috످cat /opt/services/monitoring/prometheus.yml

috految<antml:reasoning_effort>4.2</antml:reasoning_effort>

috److I can't run commands or access your filesystem from this chat. If you run that command and paste the output here, I can help you review, debug, or update your Prometheus config.

Before sharing, redact any passwords, tokens, or sensitive URLs, especially under `basic_auth`, `authorization`, `oauth2`, and `remote_write`.

috످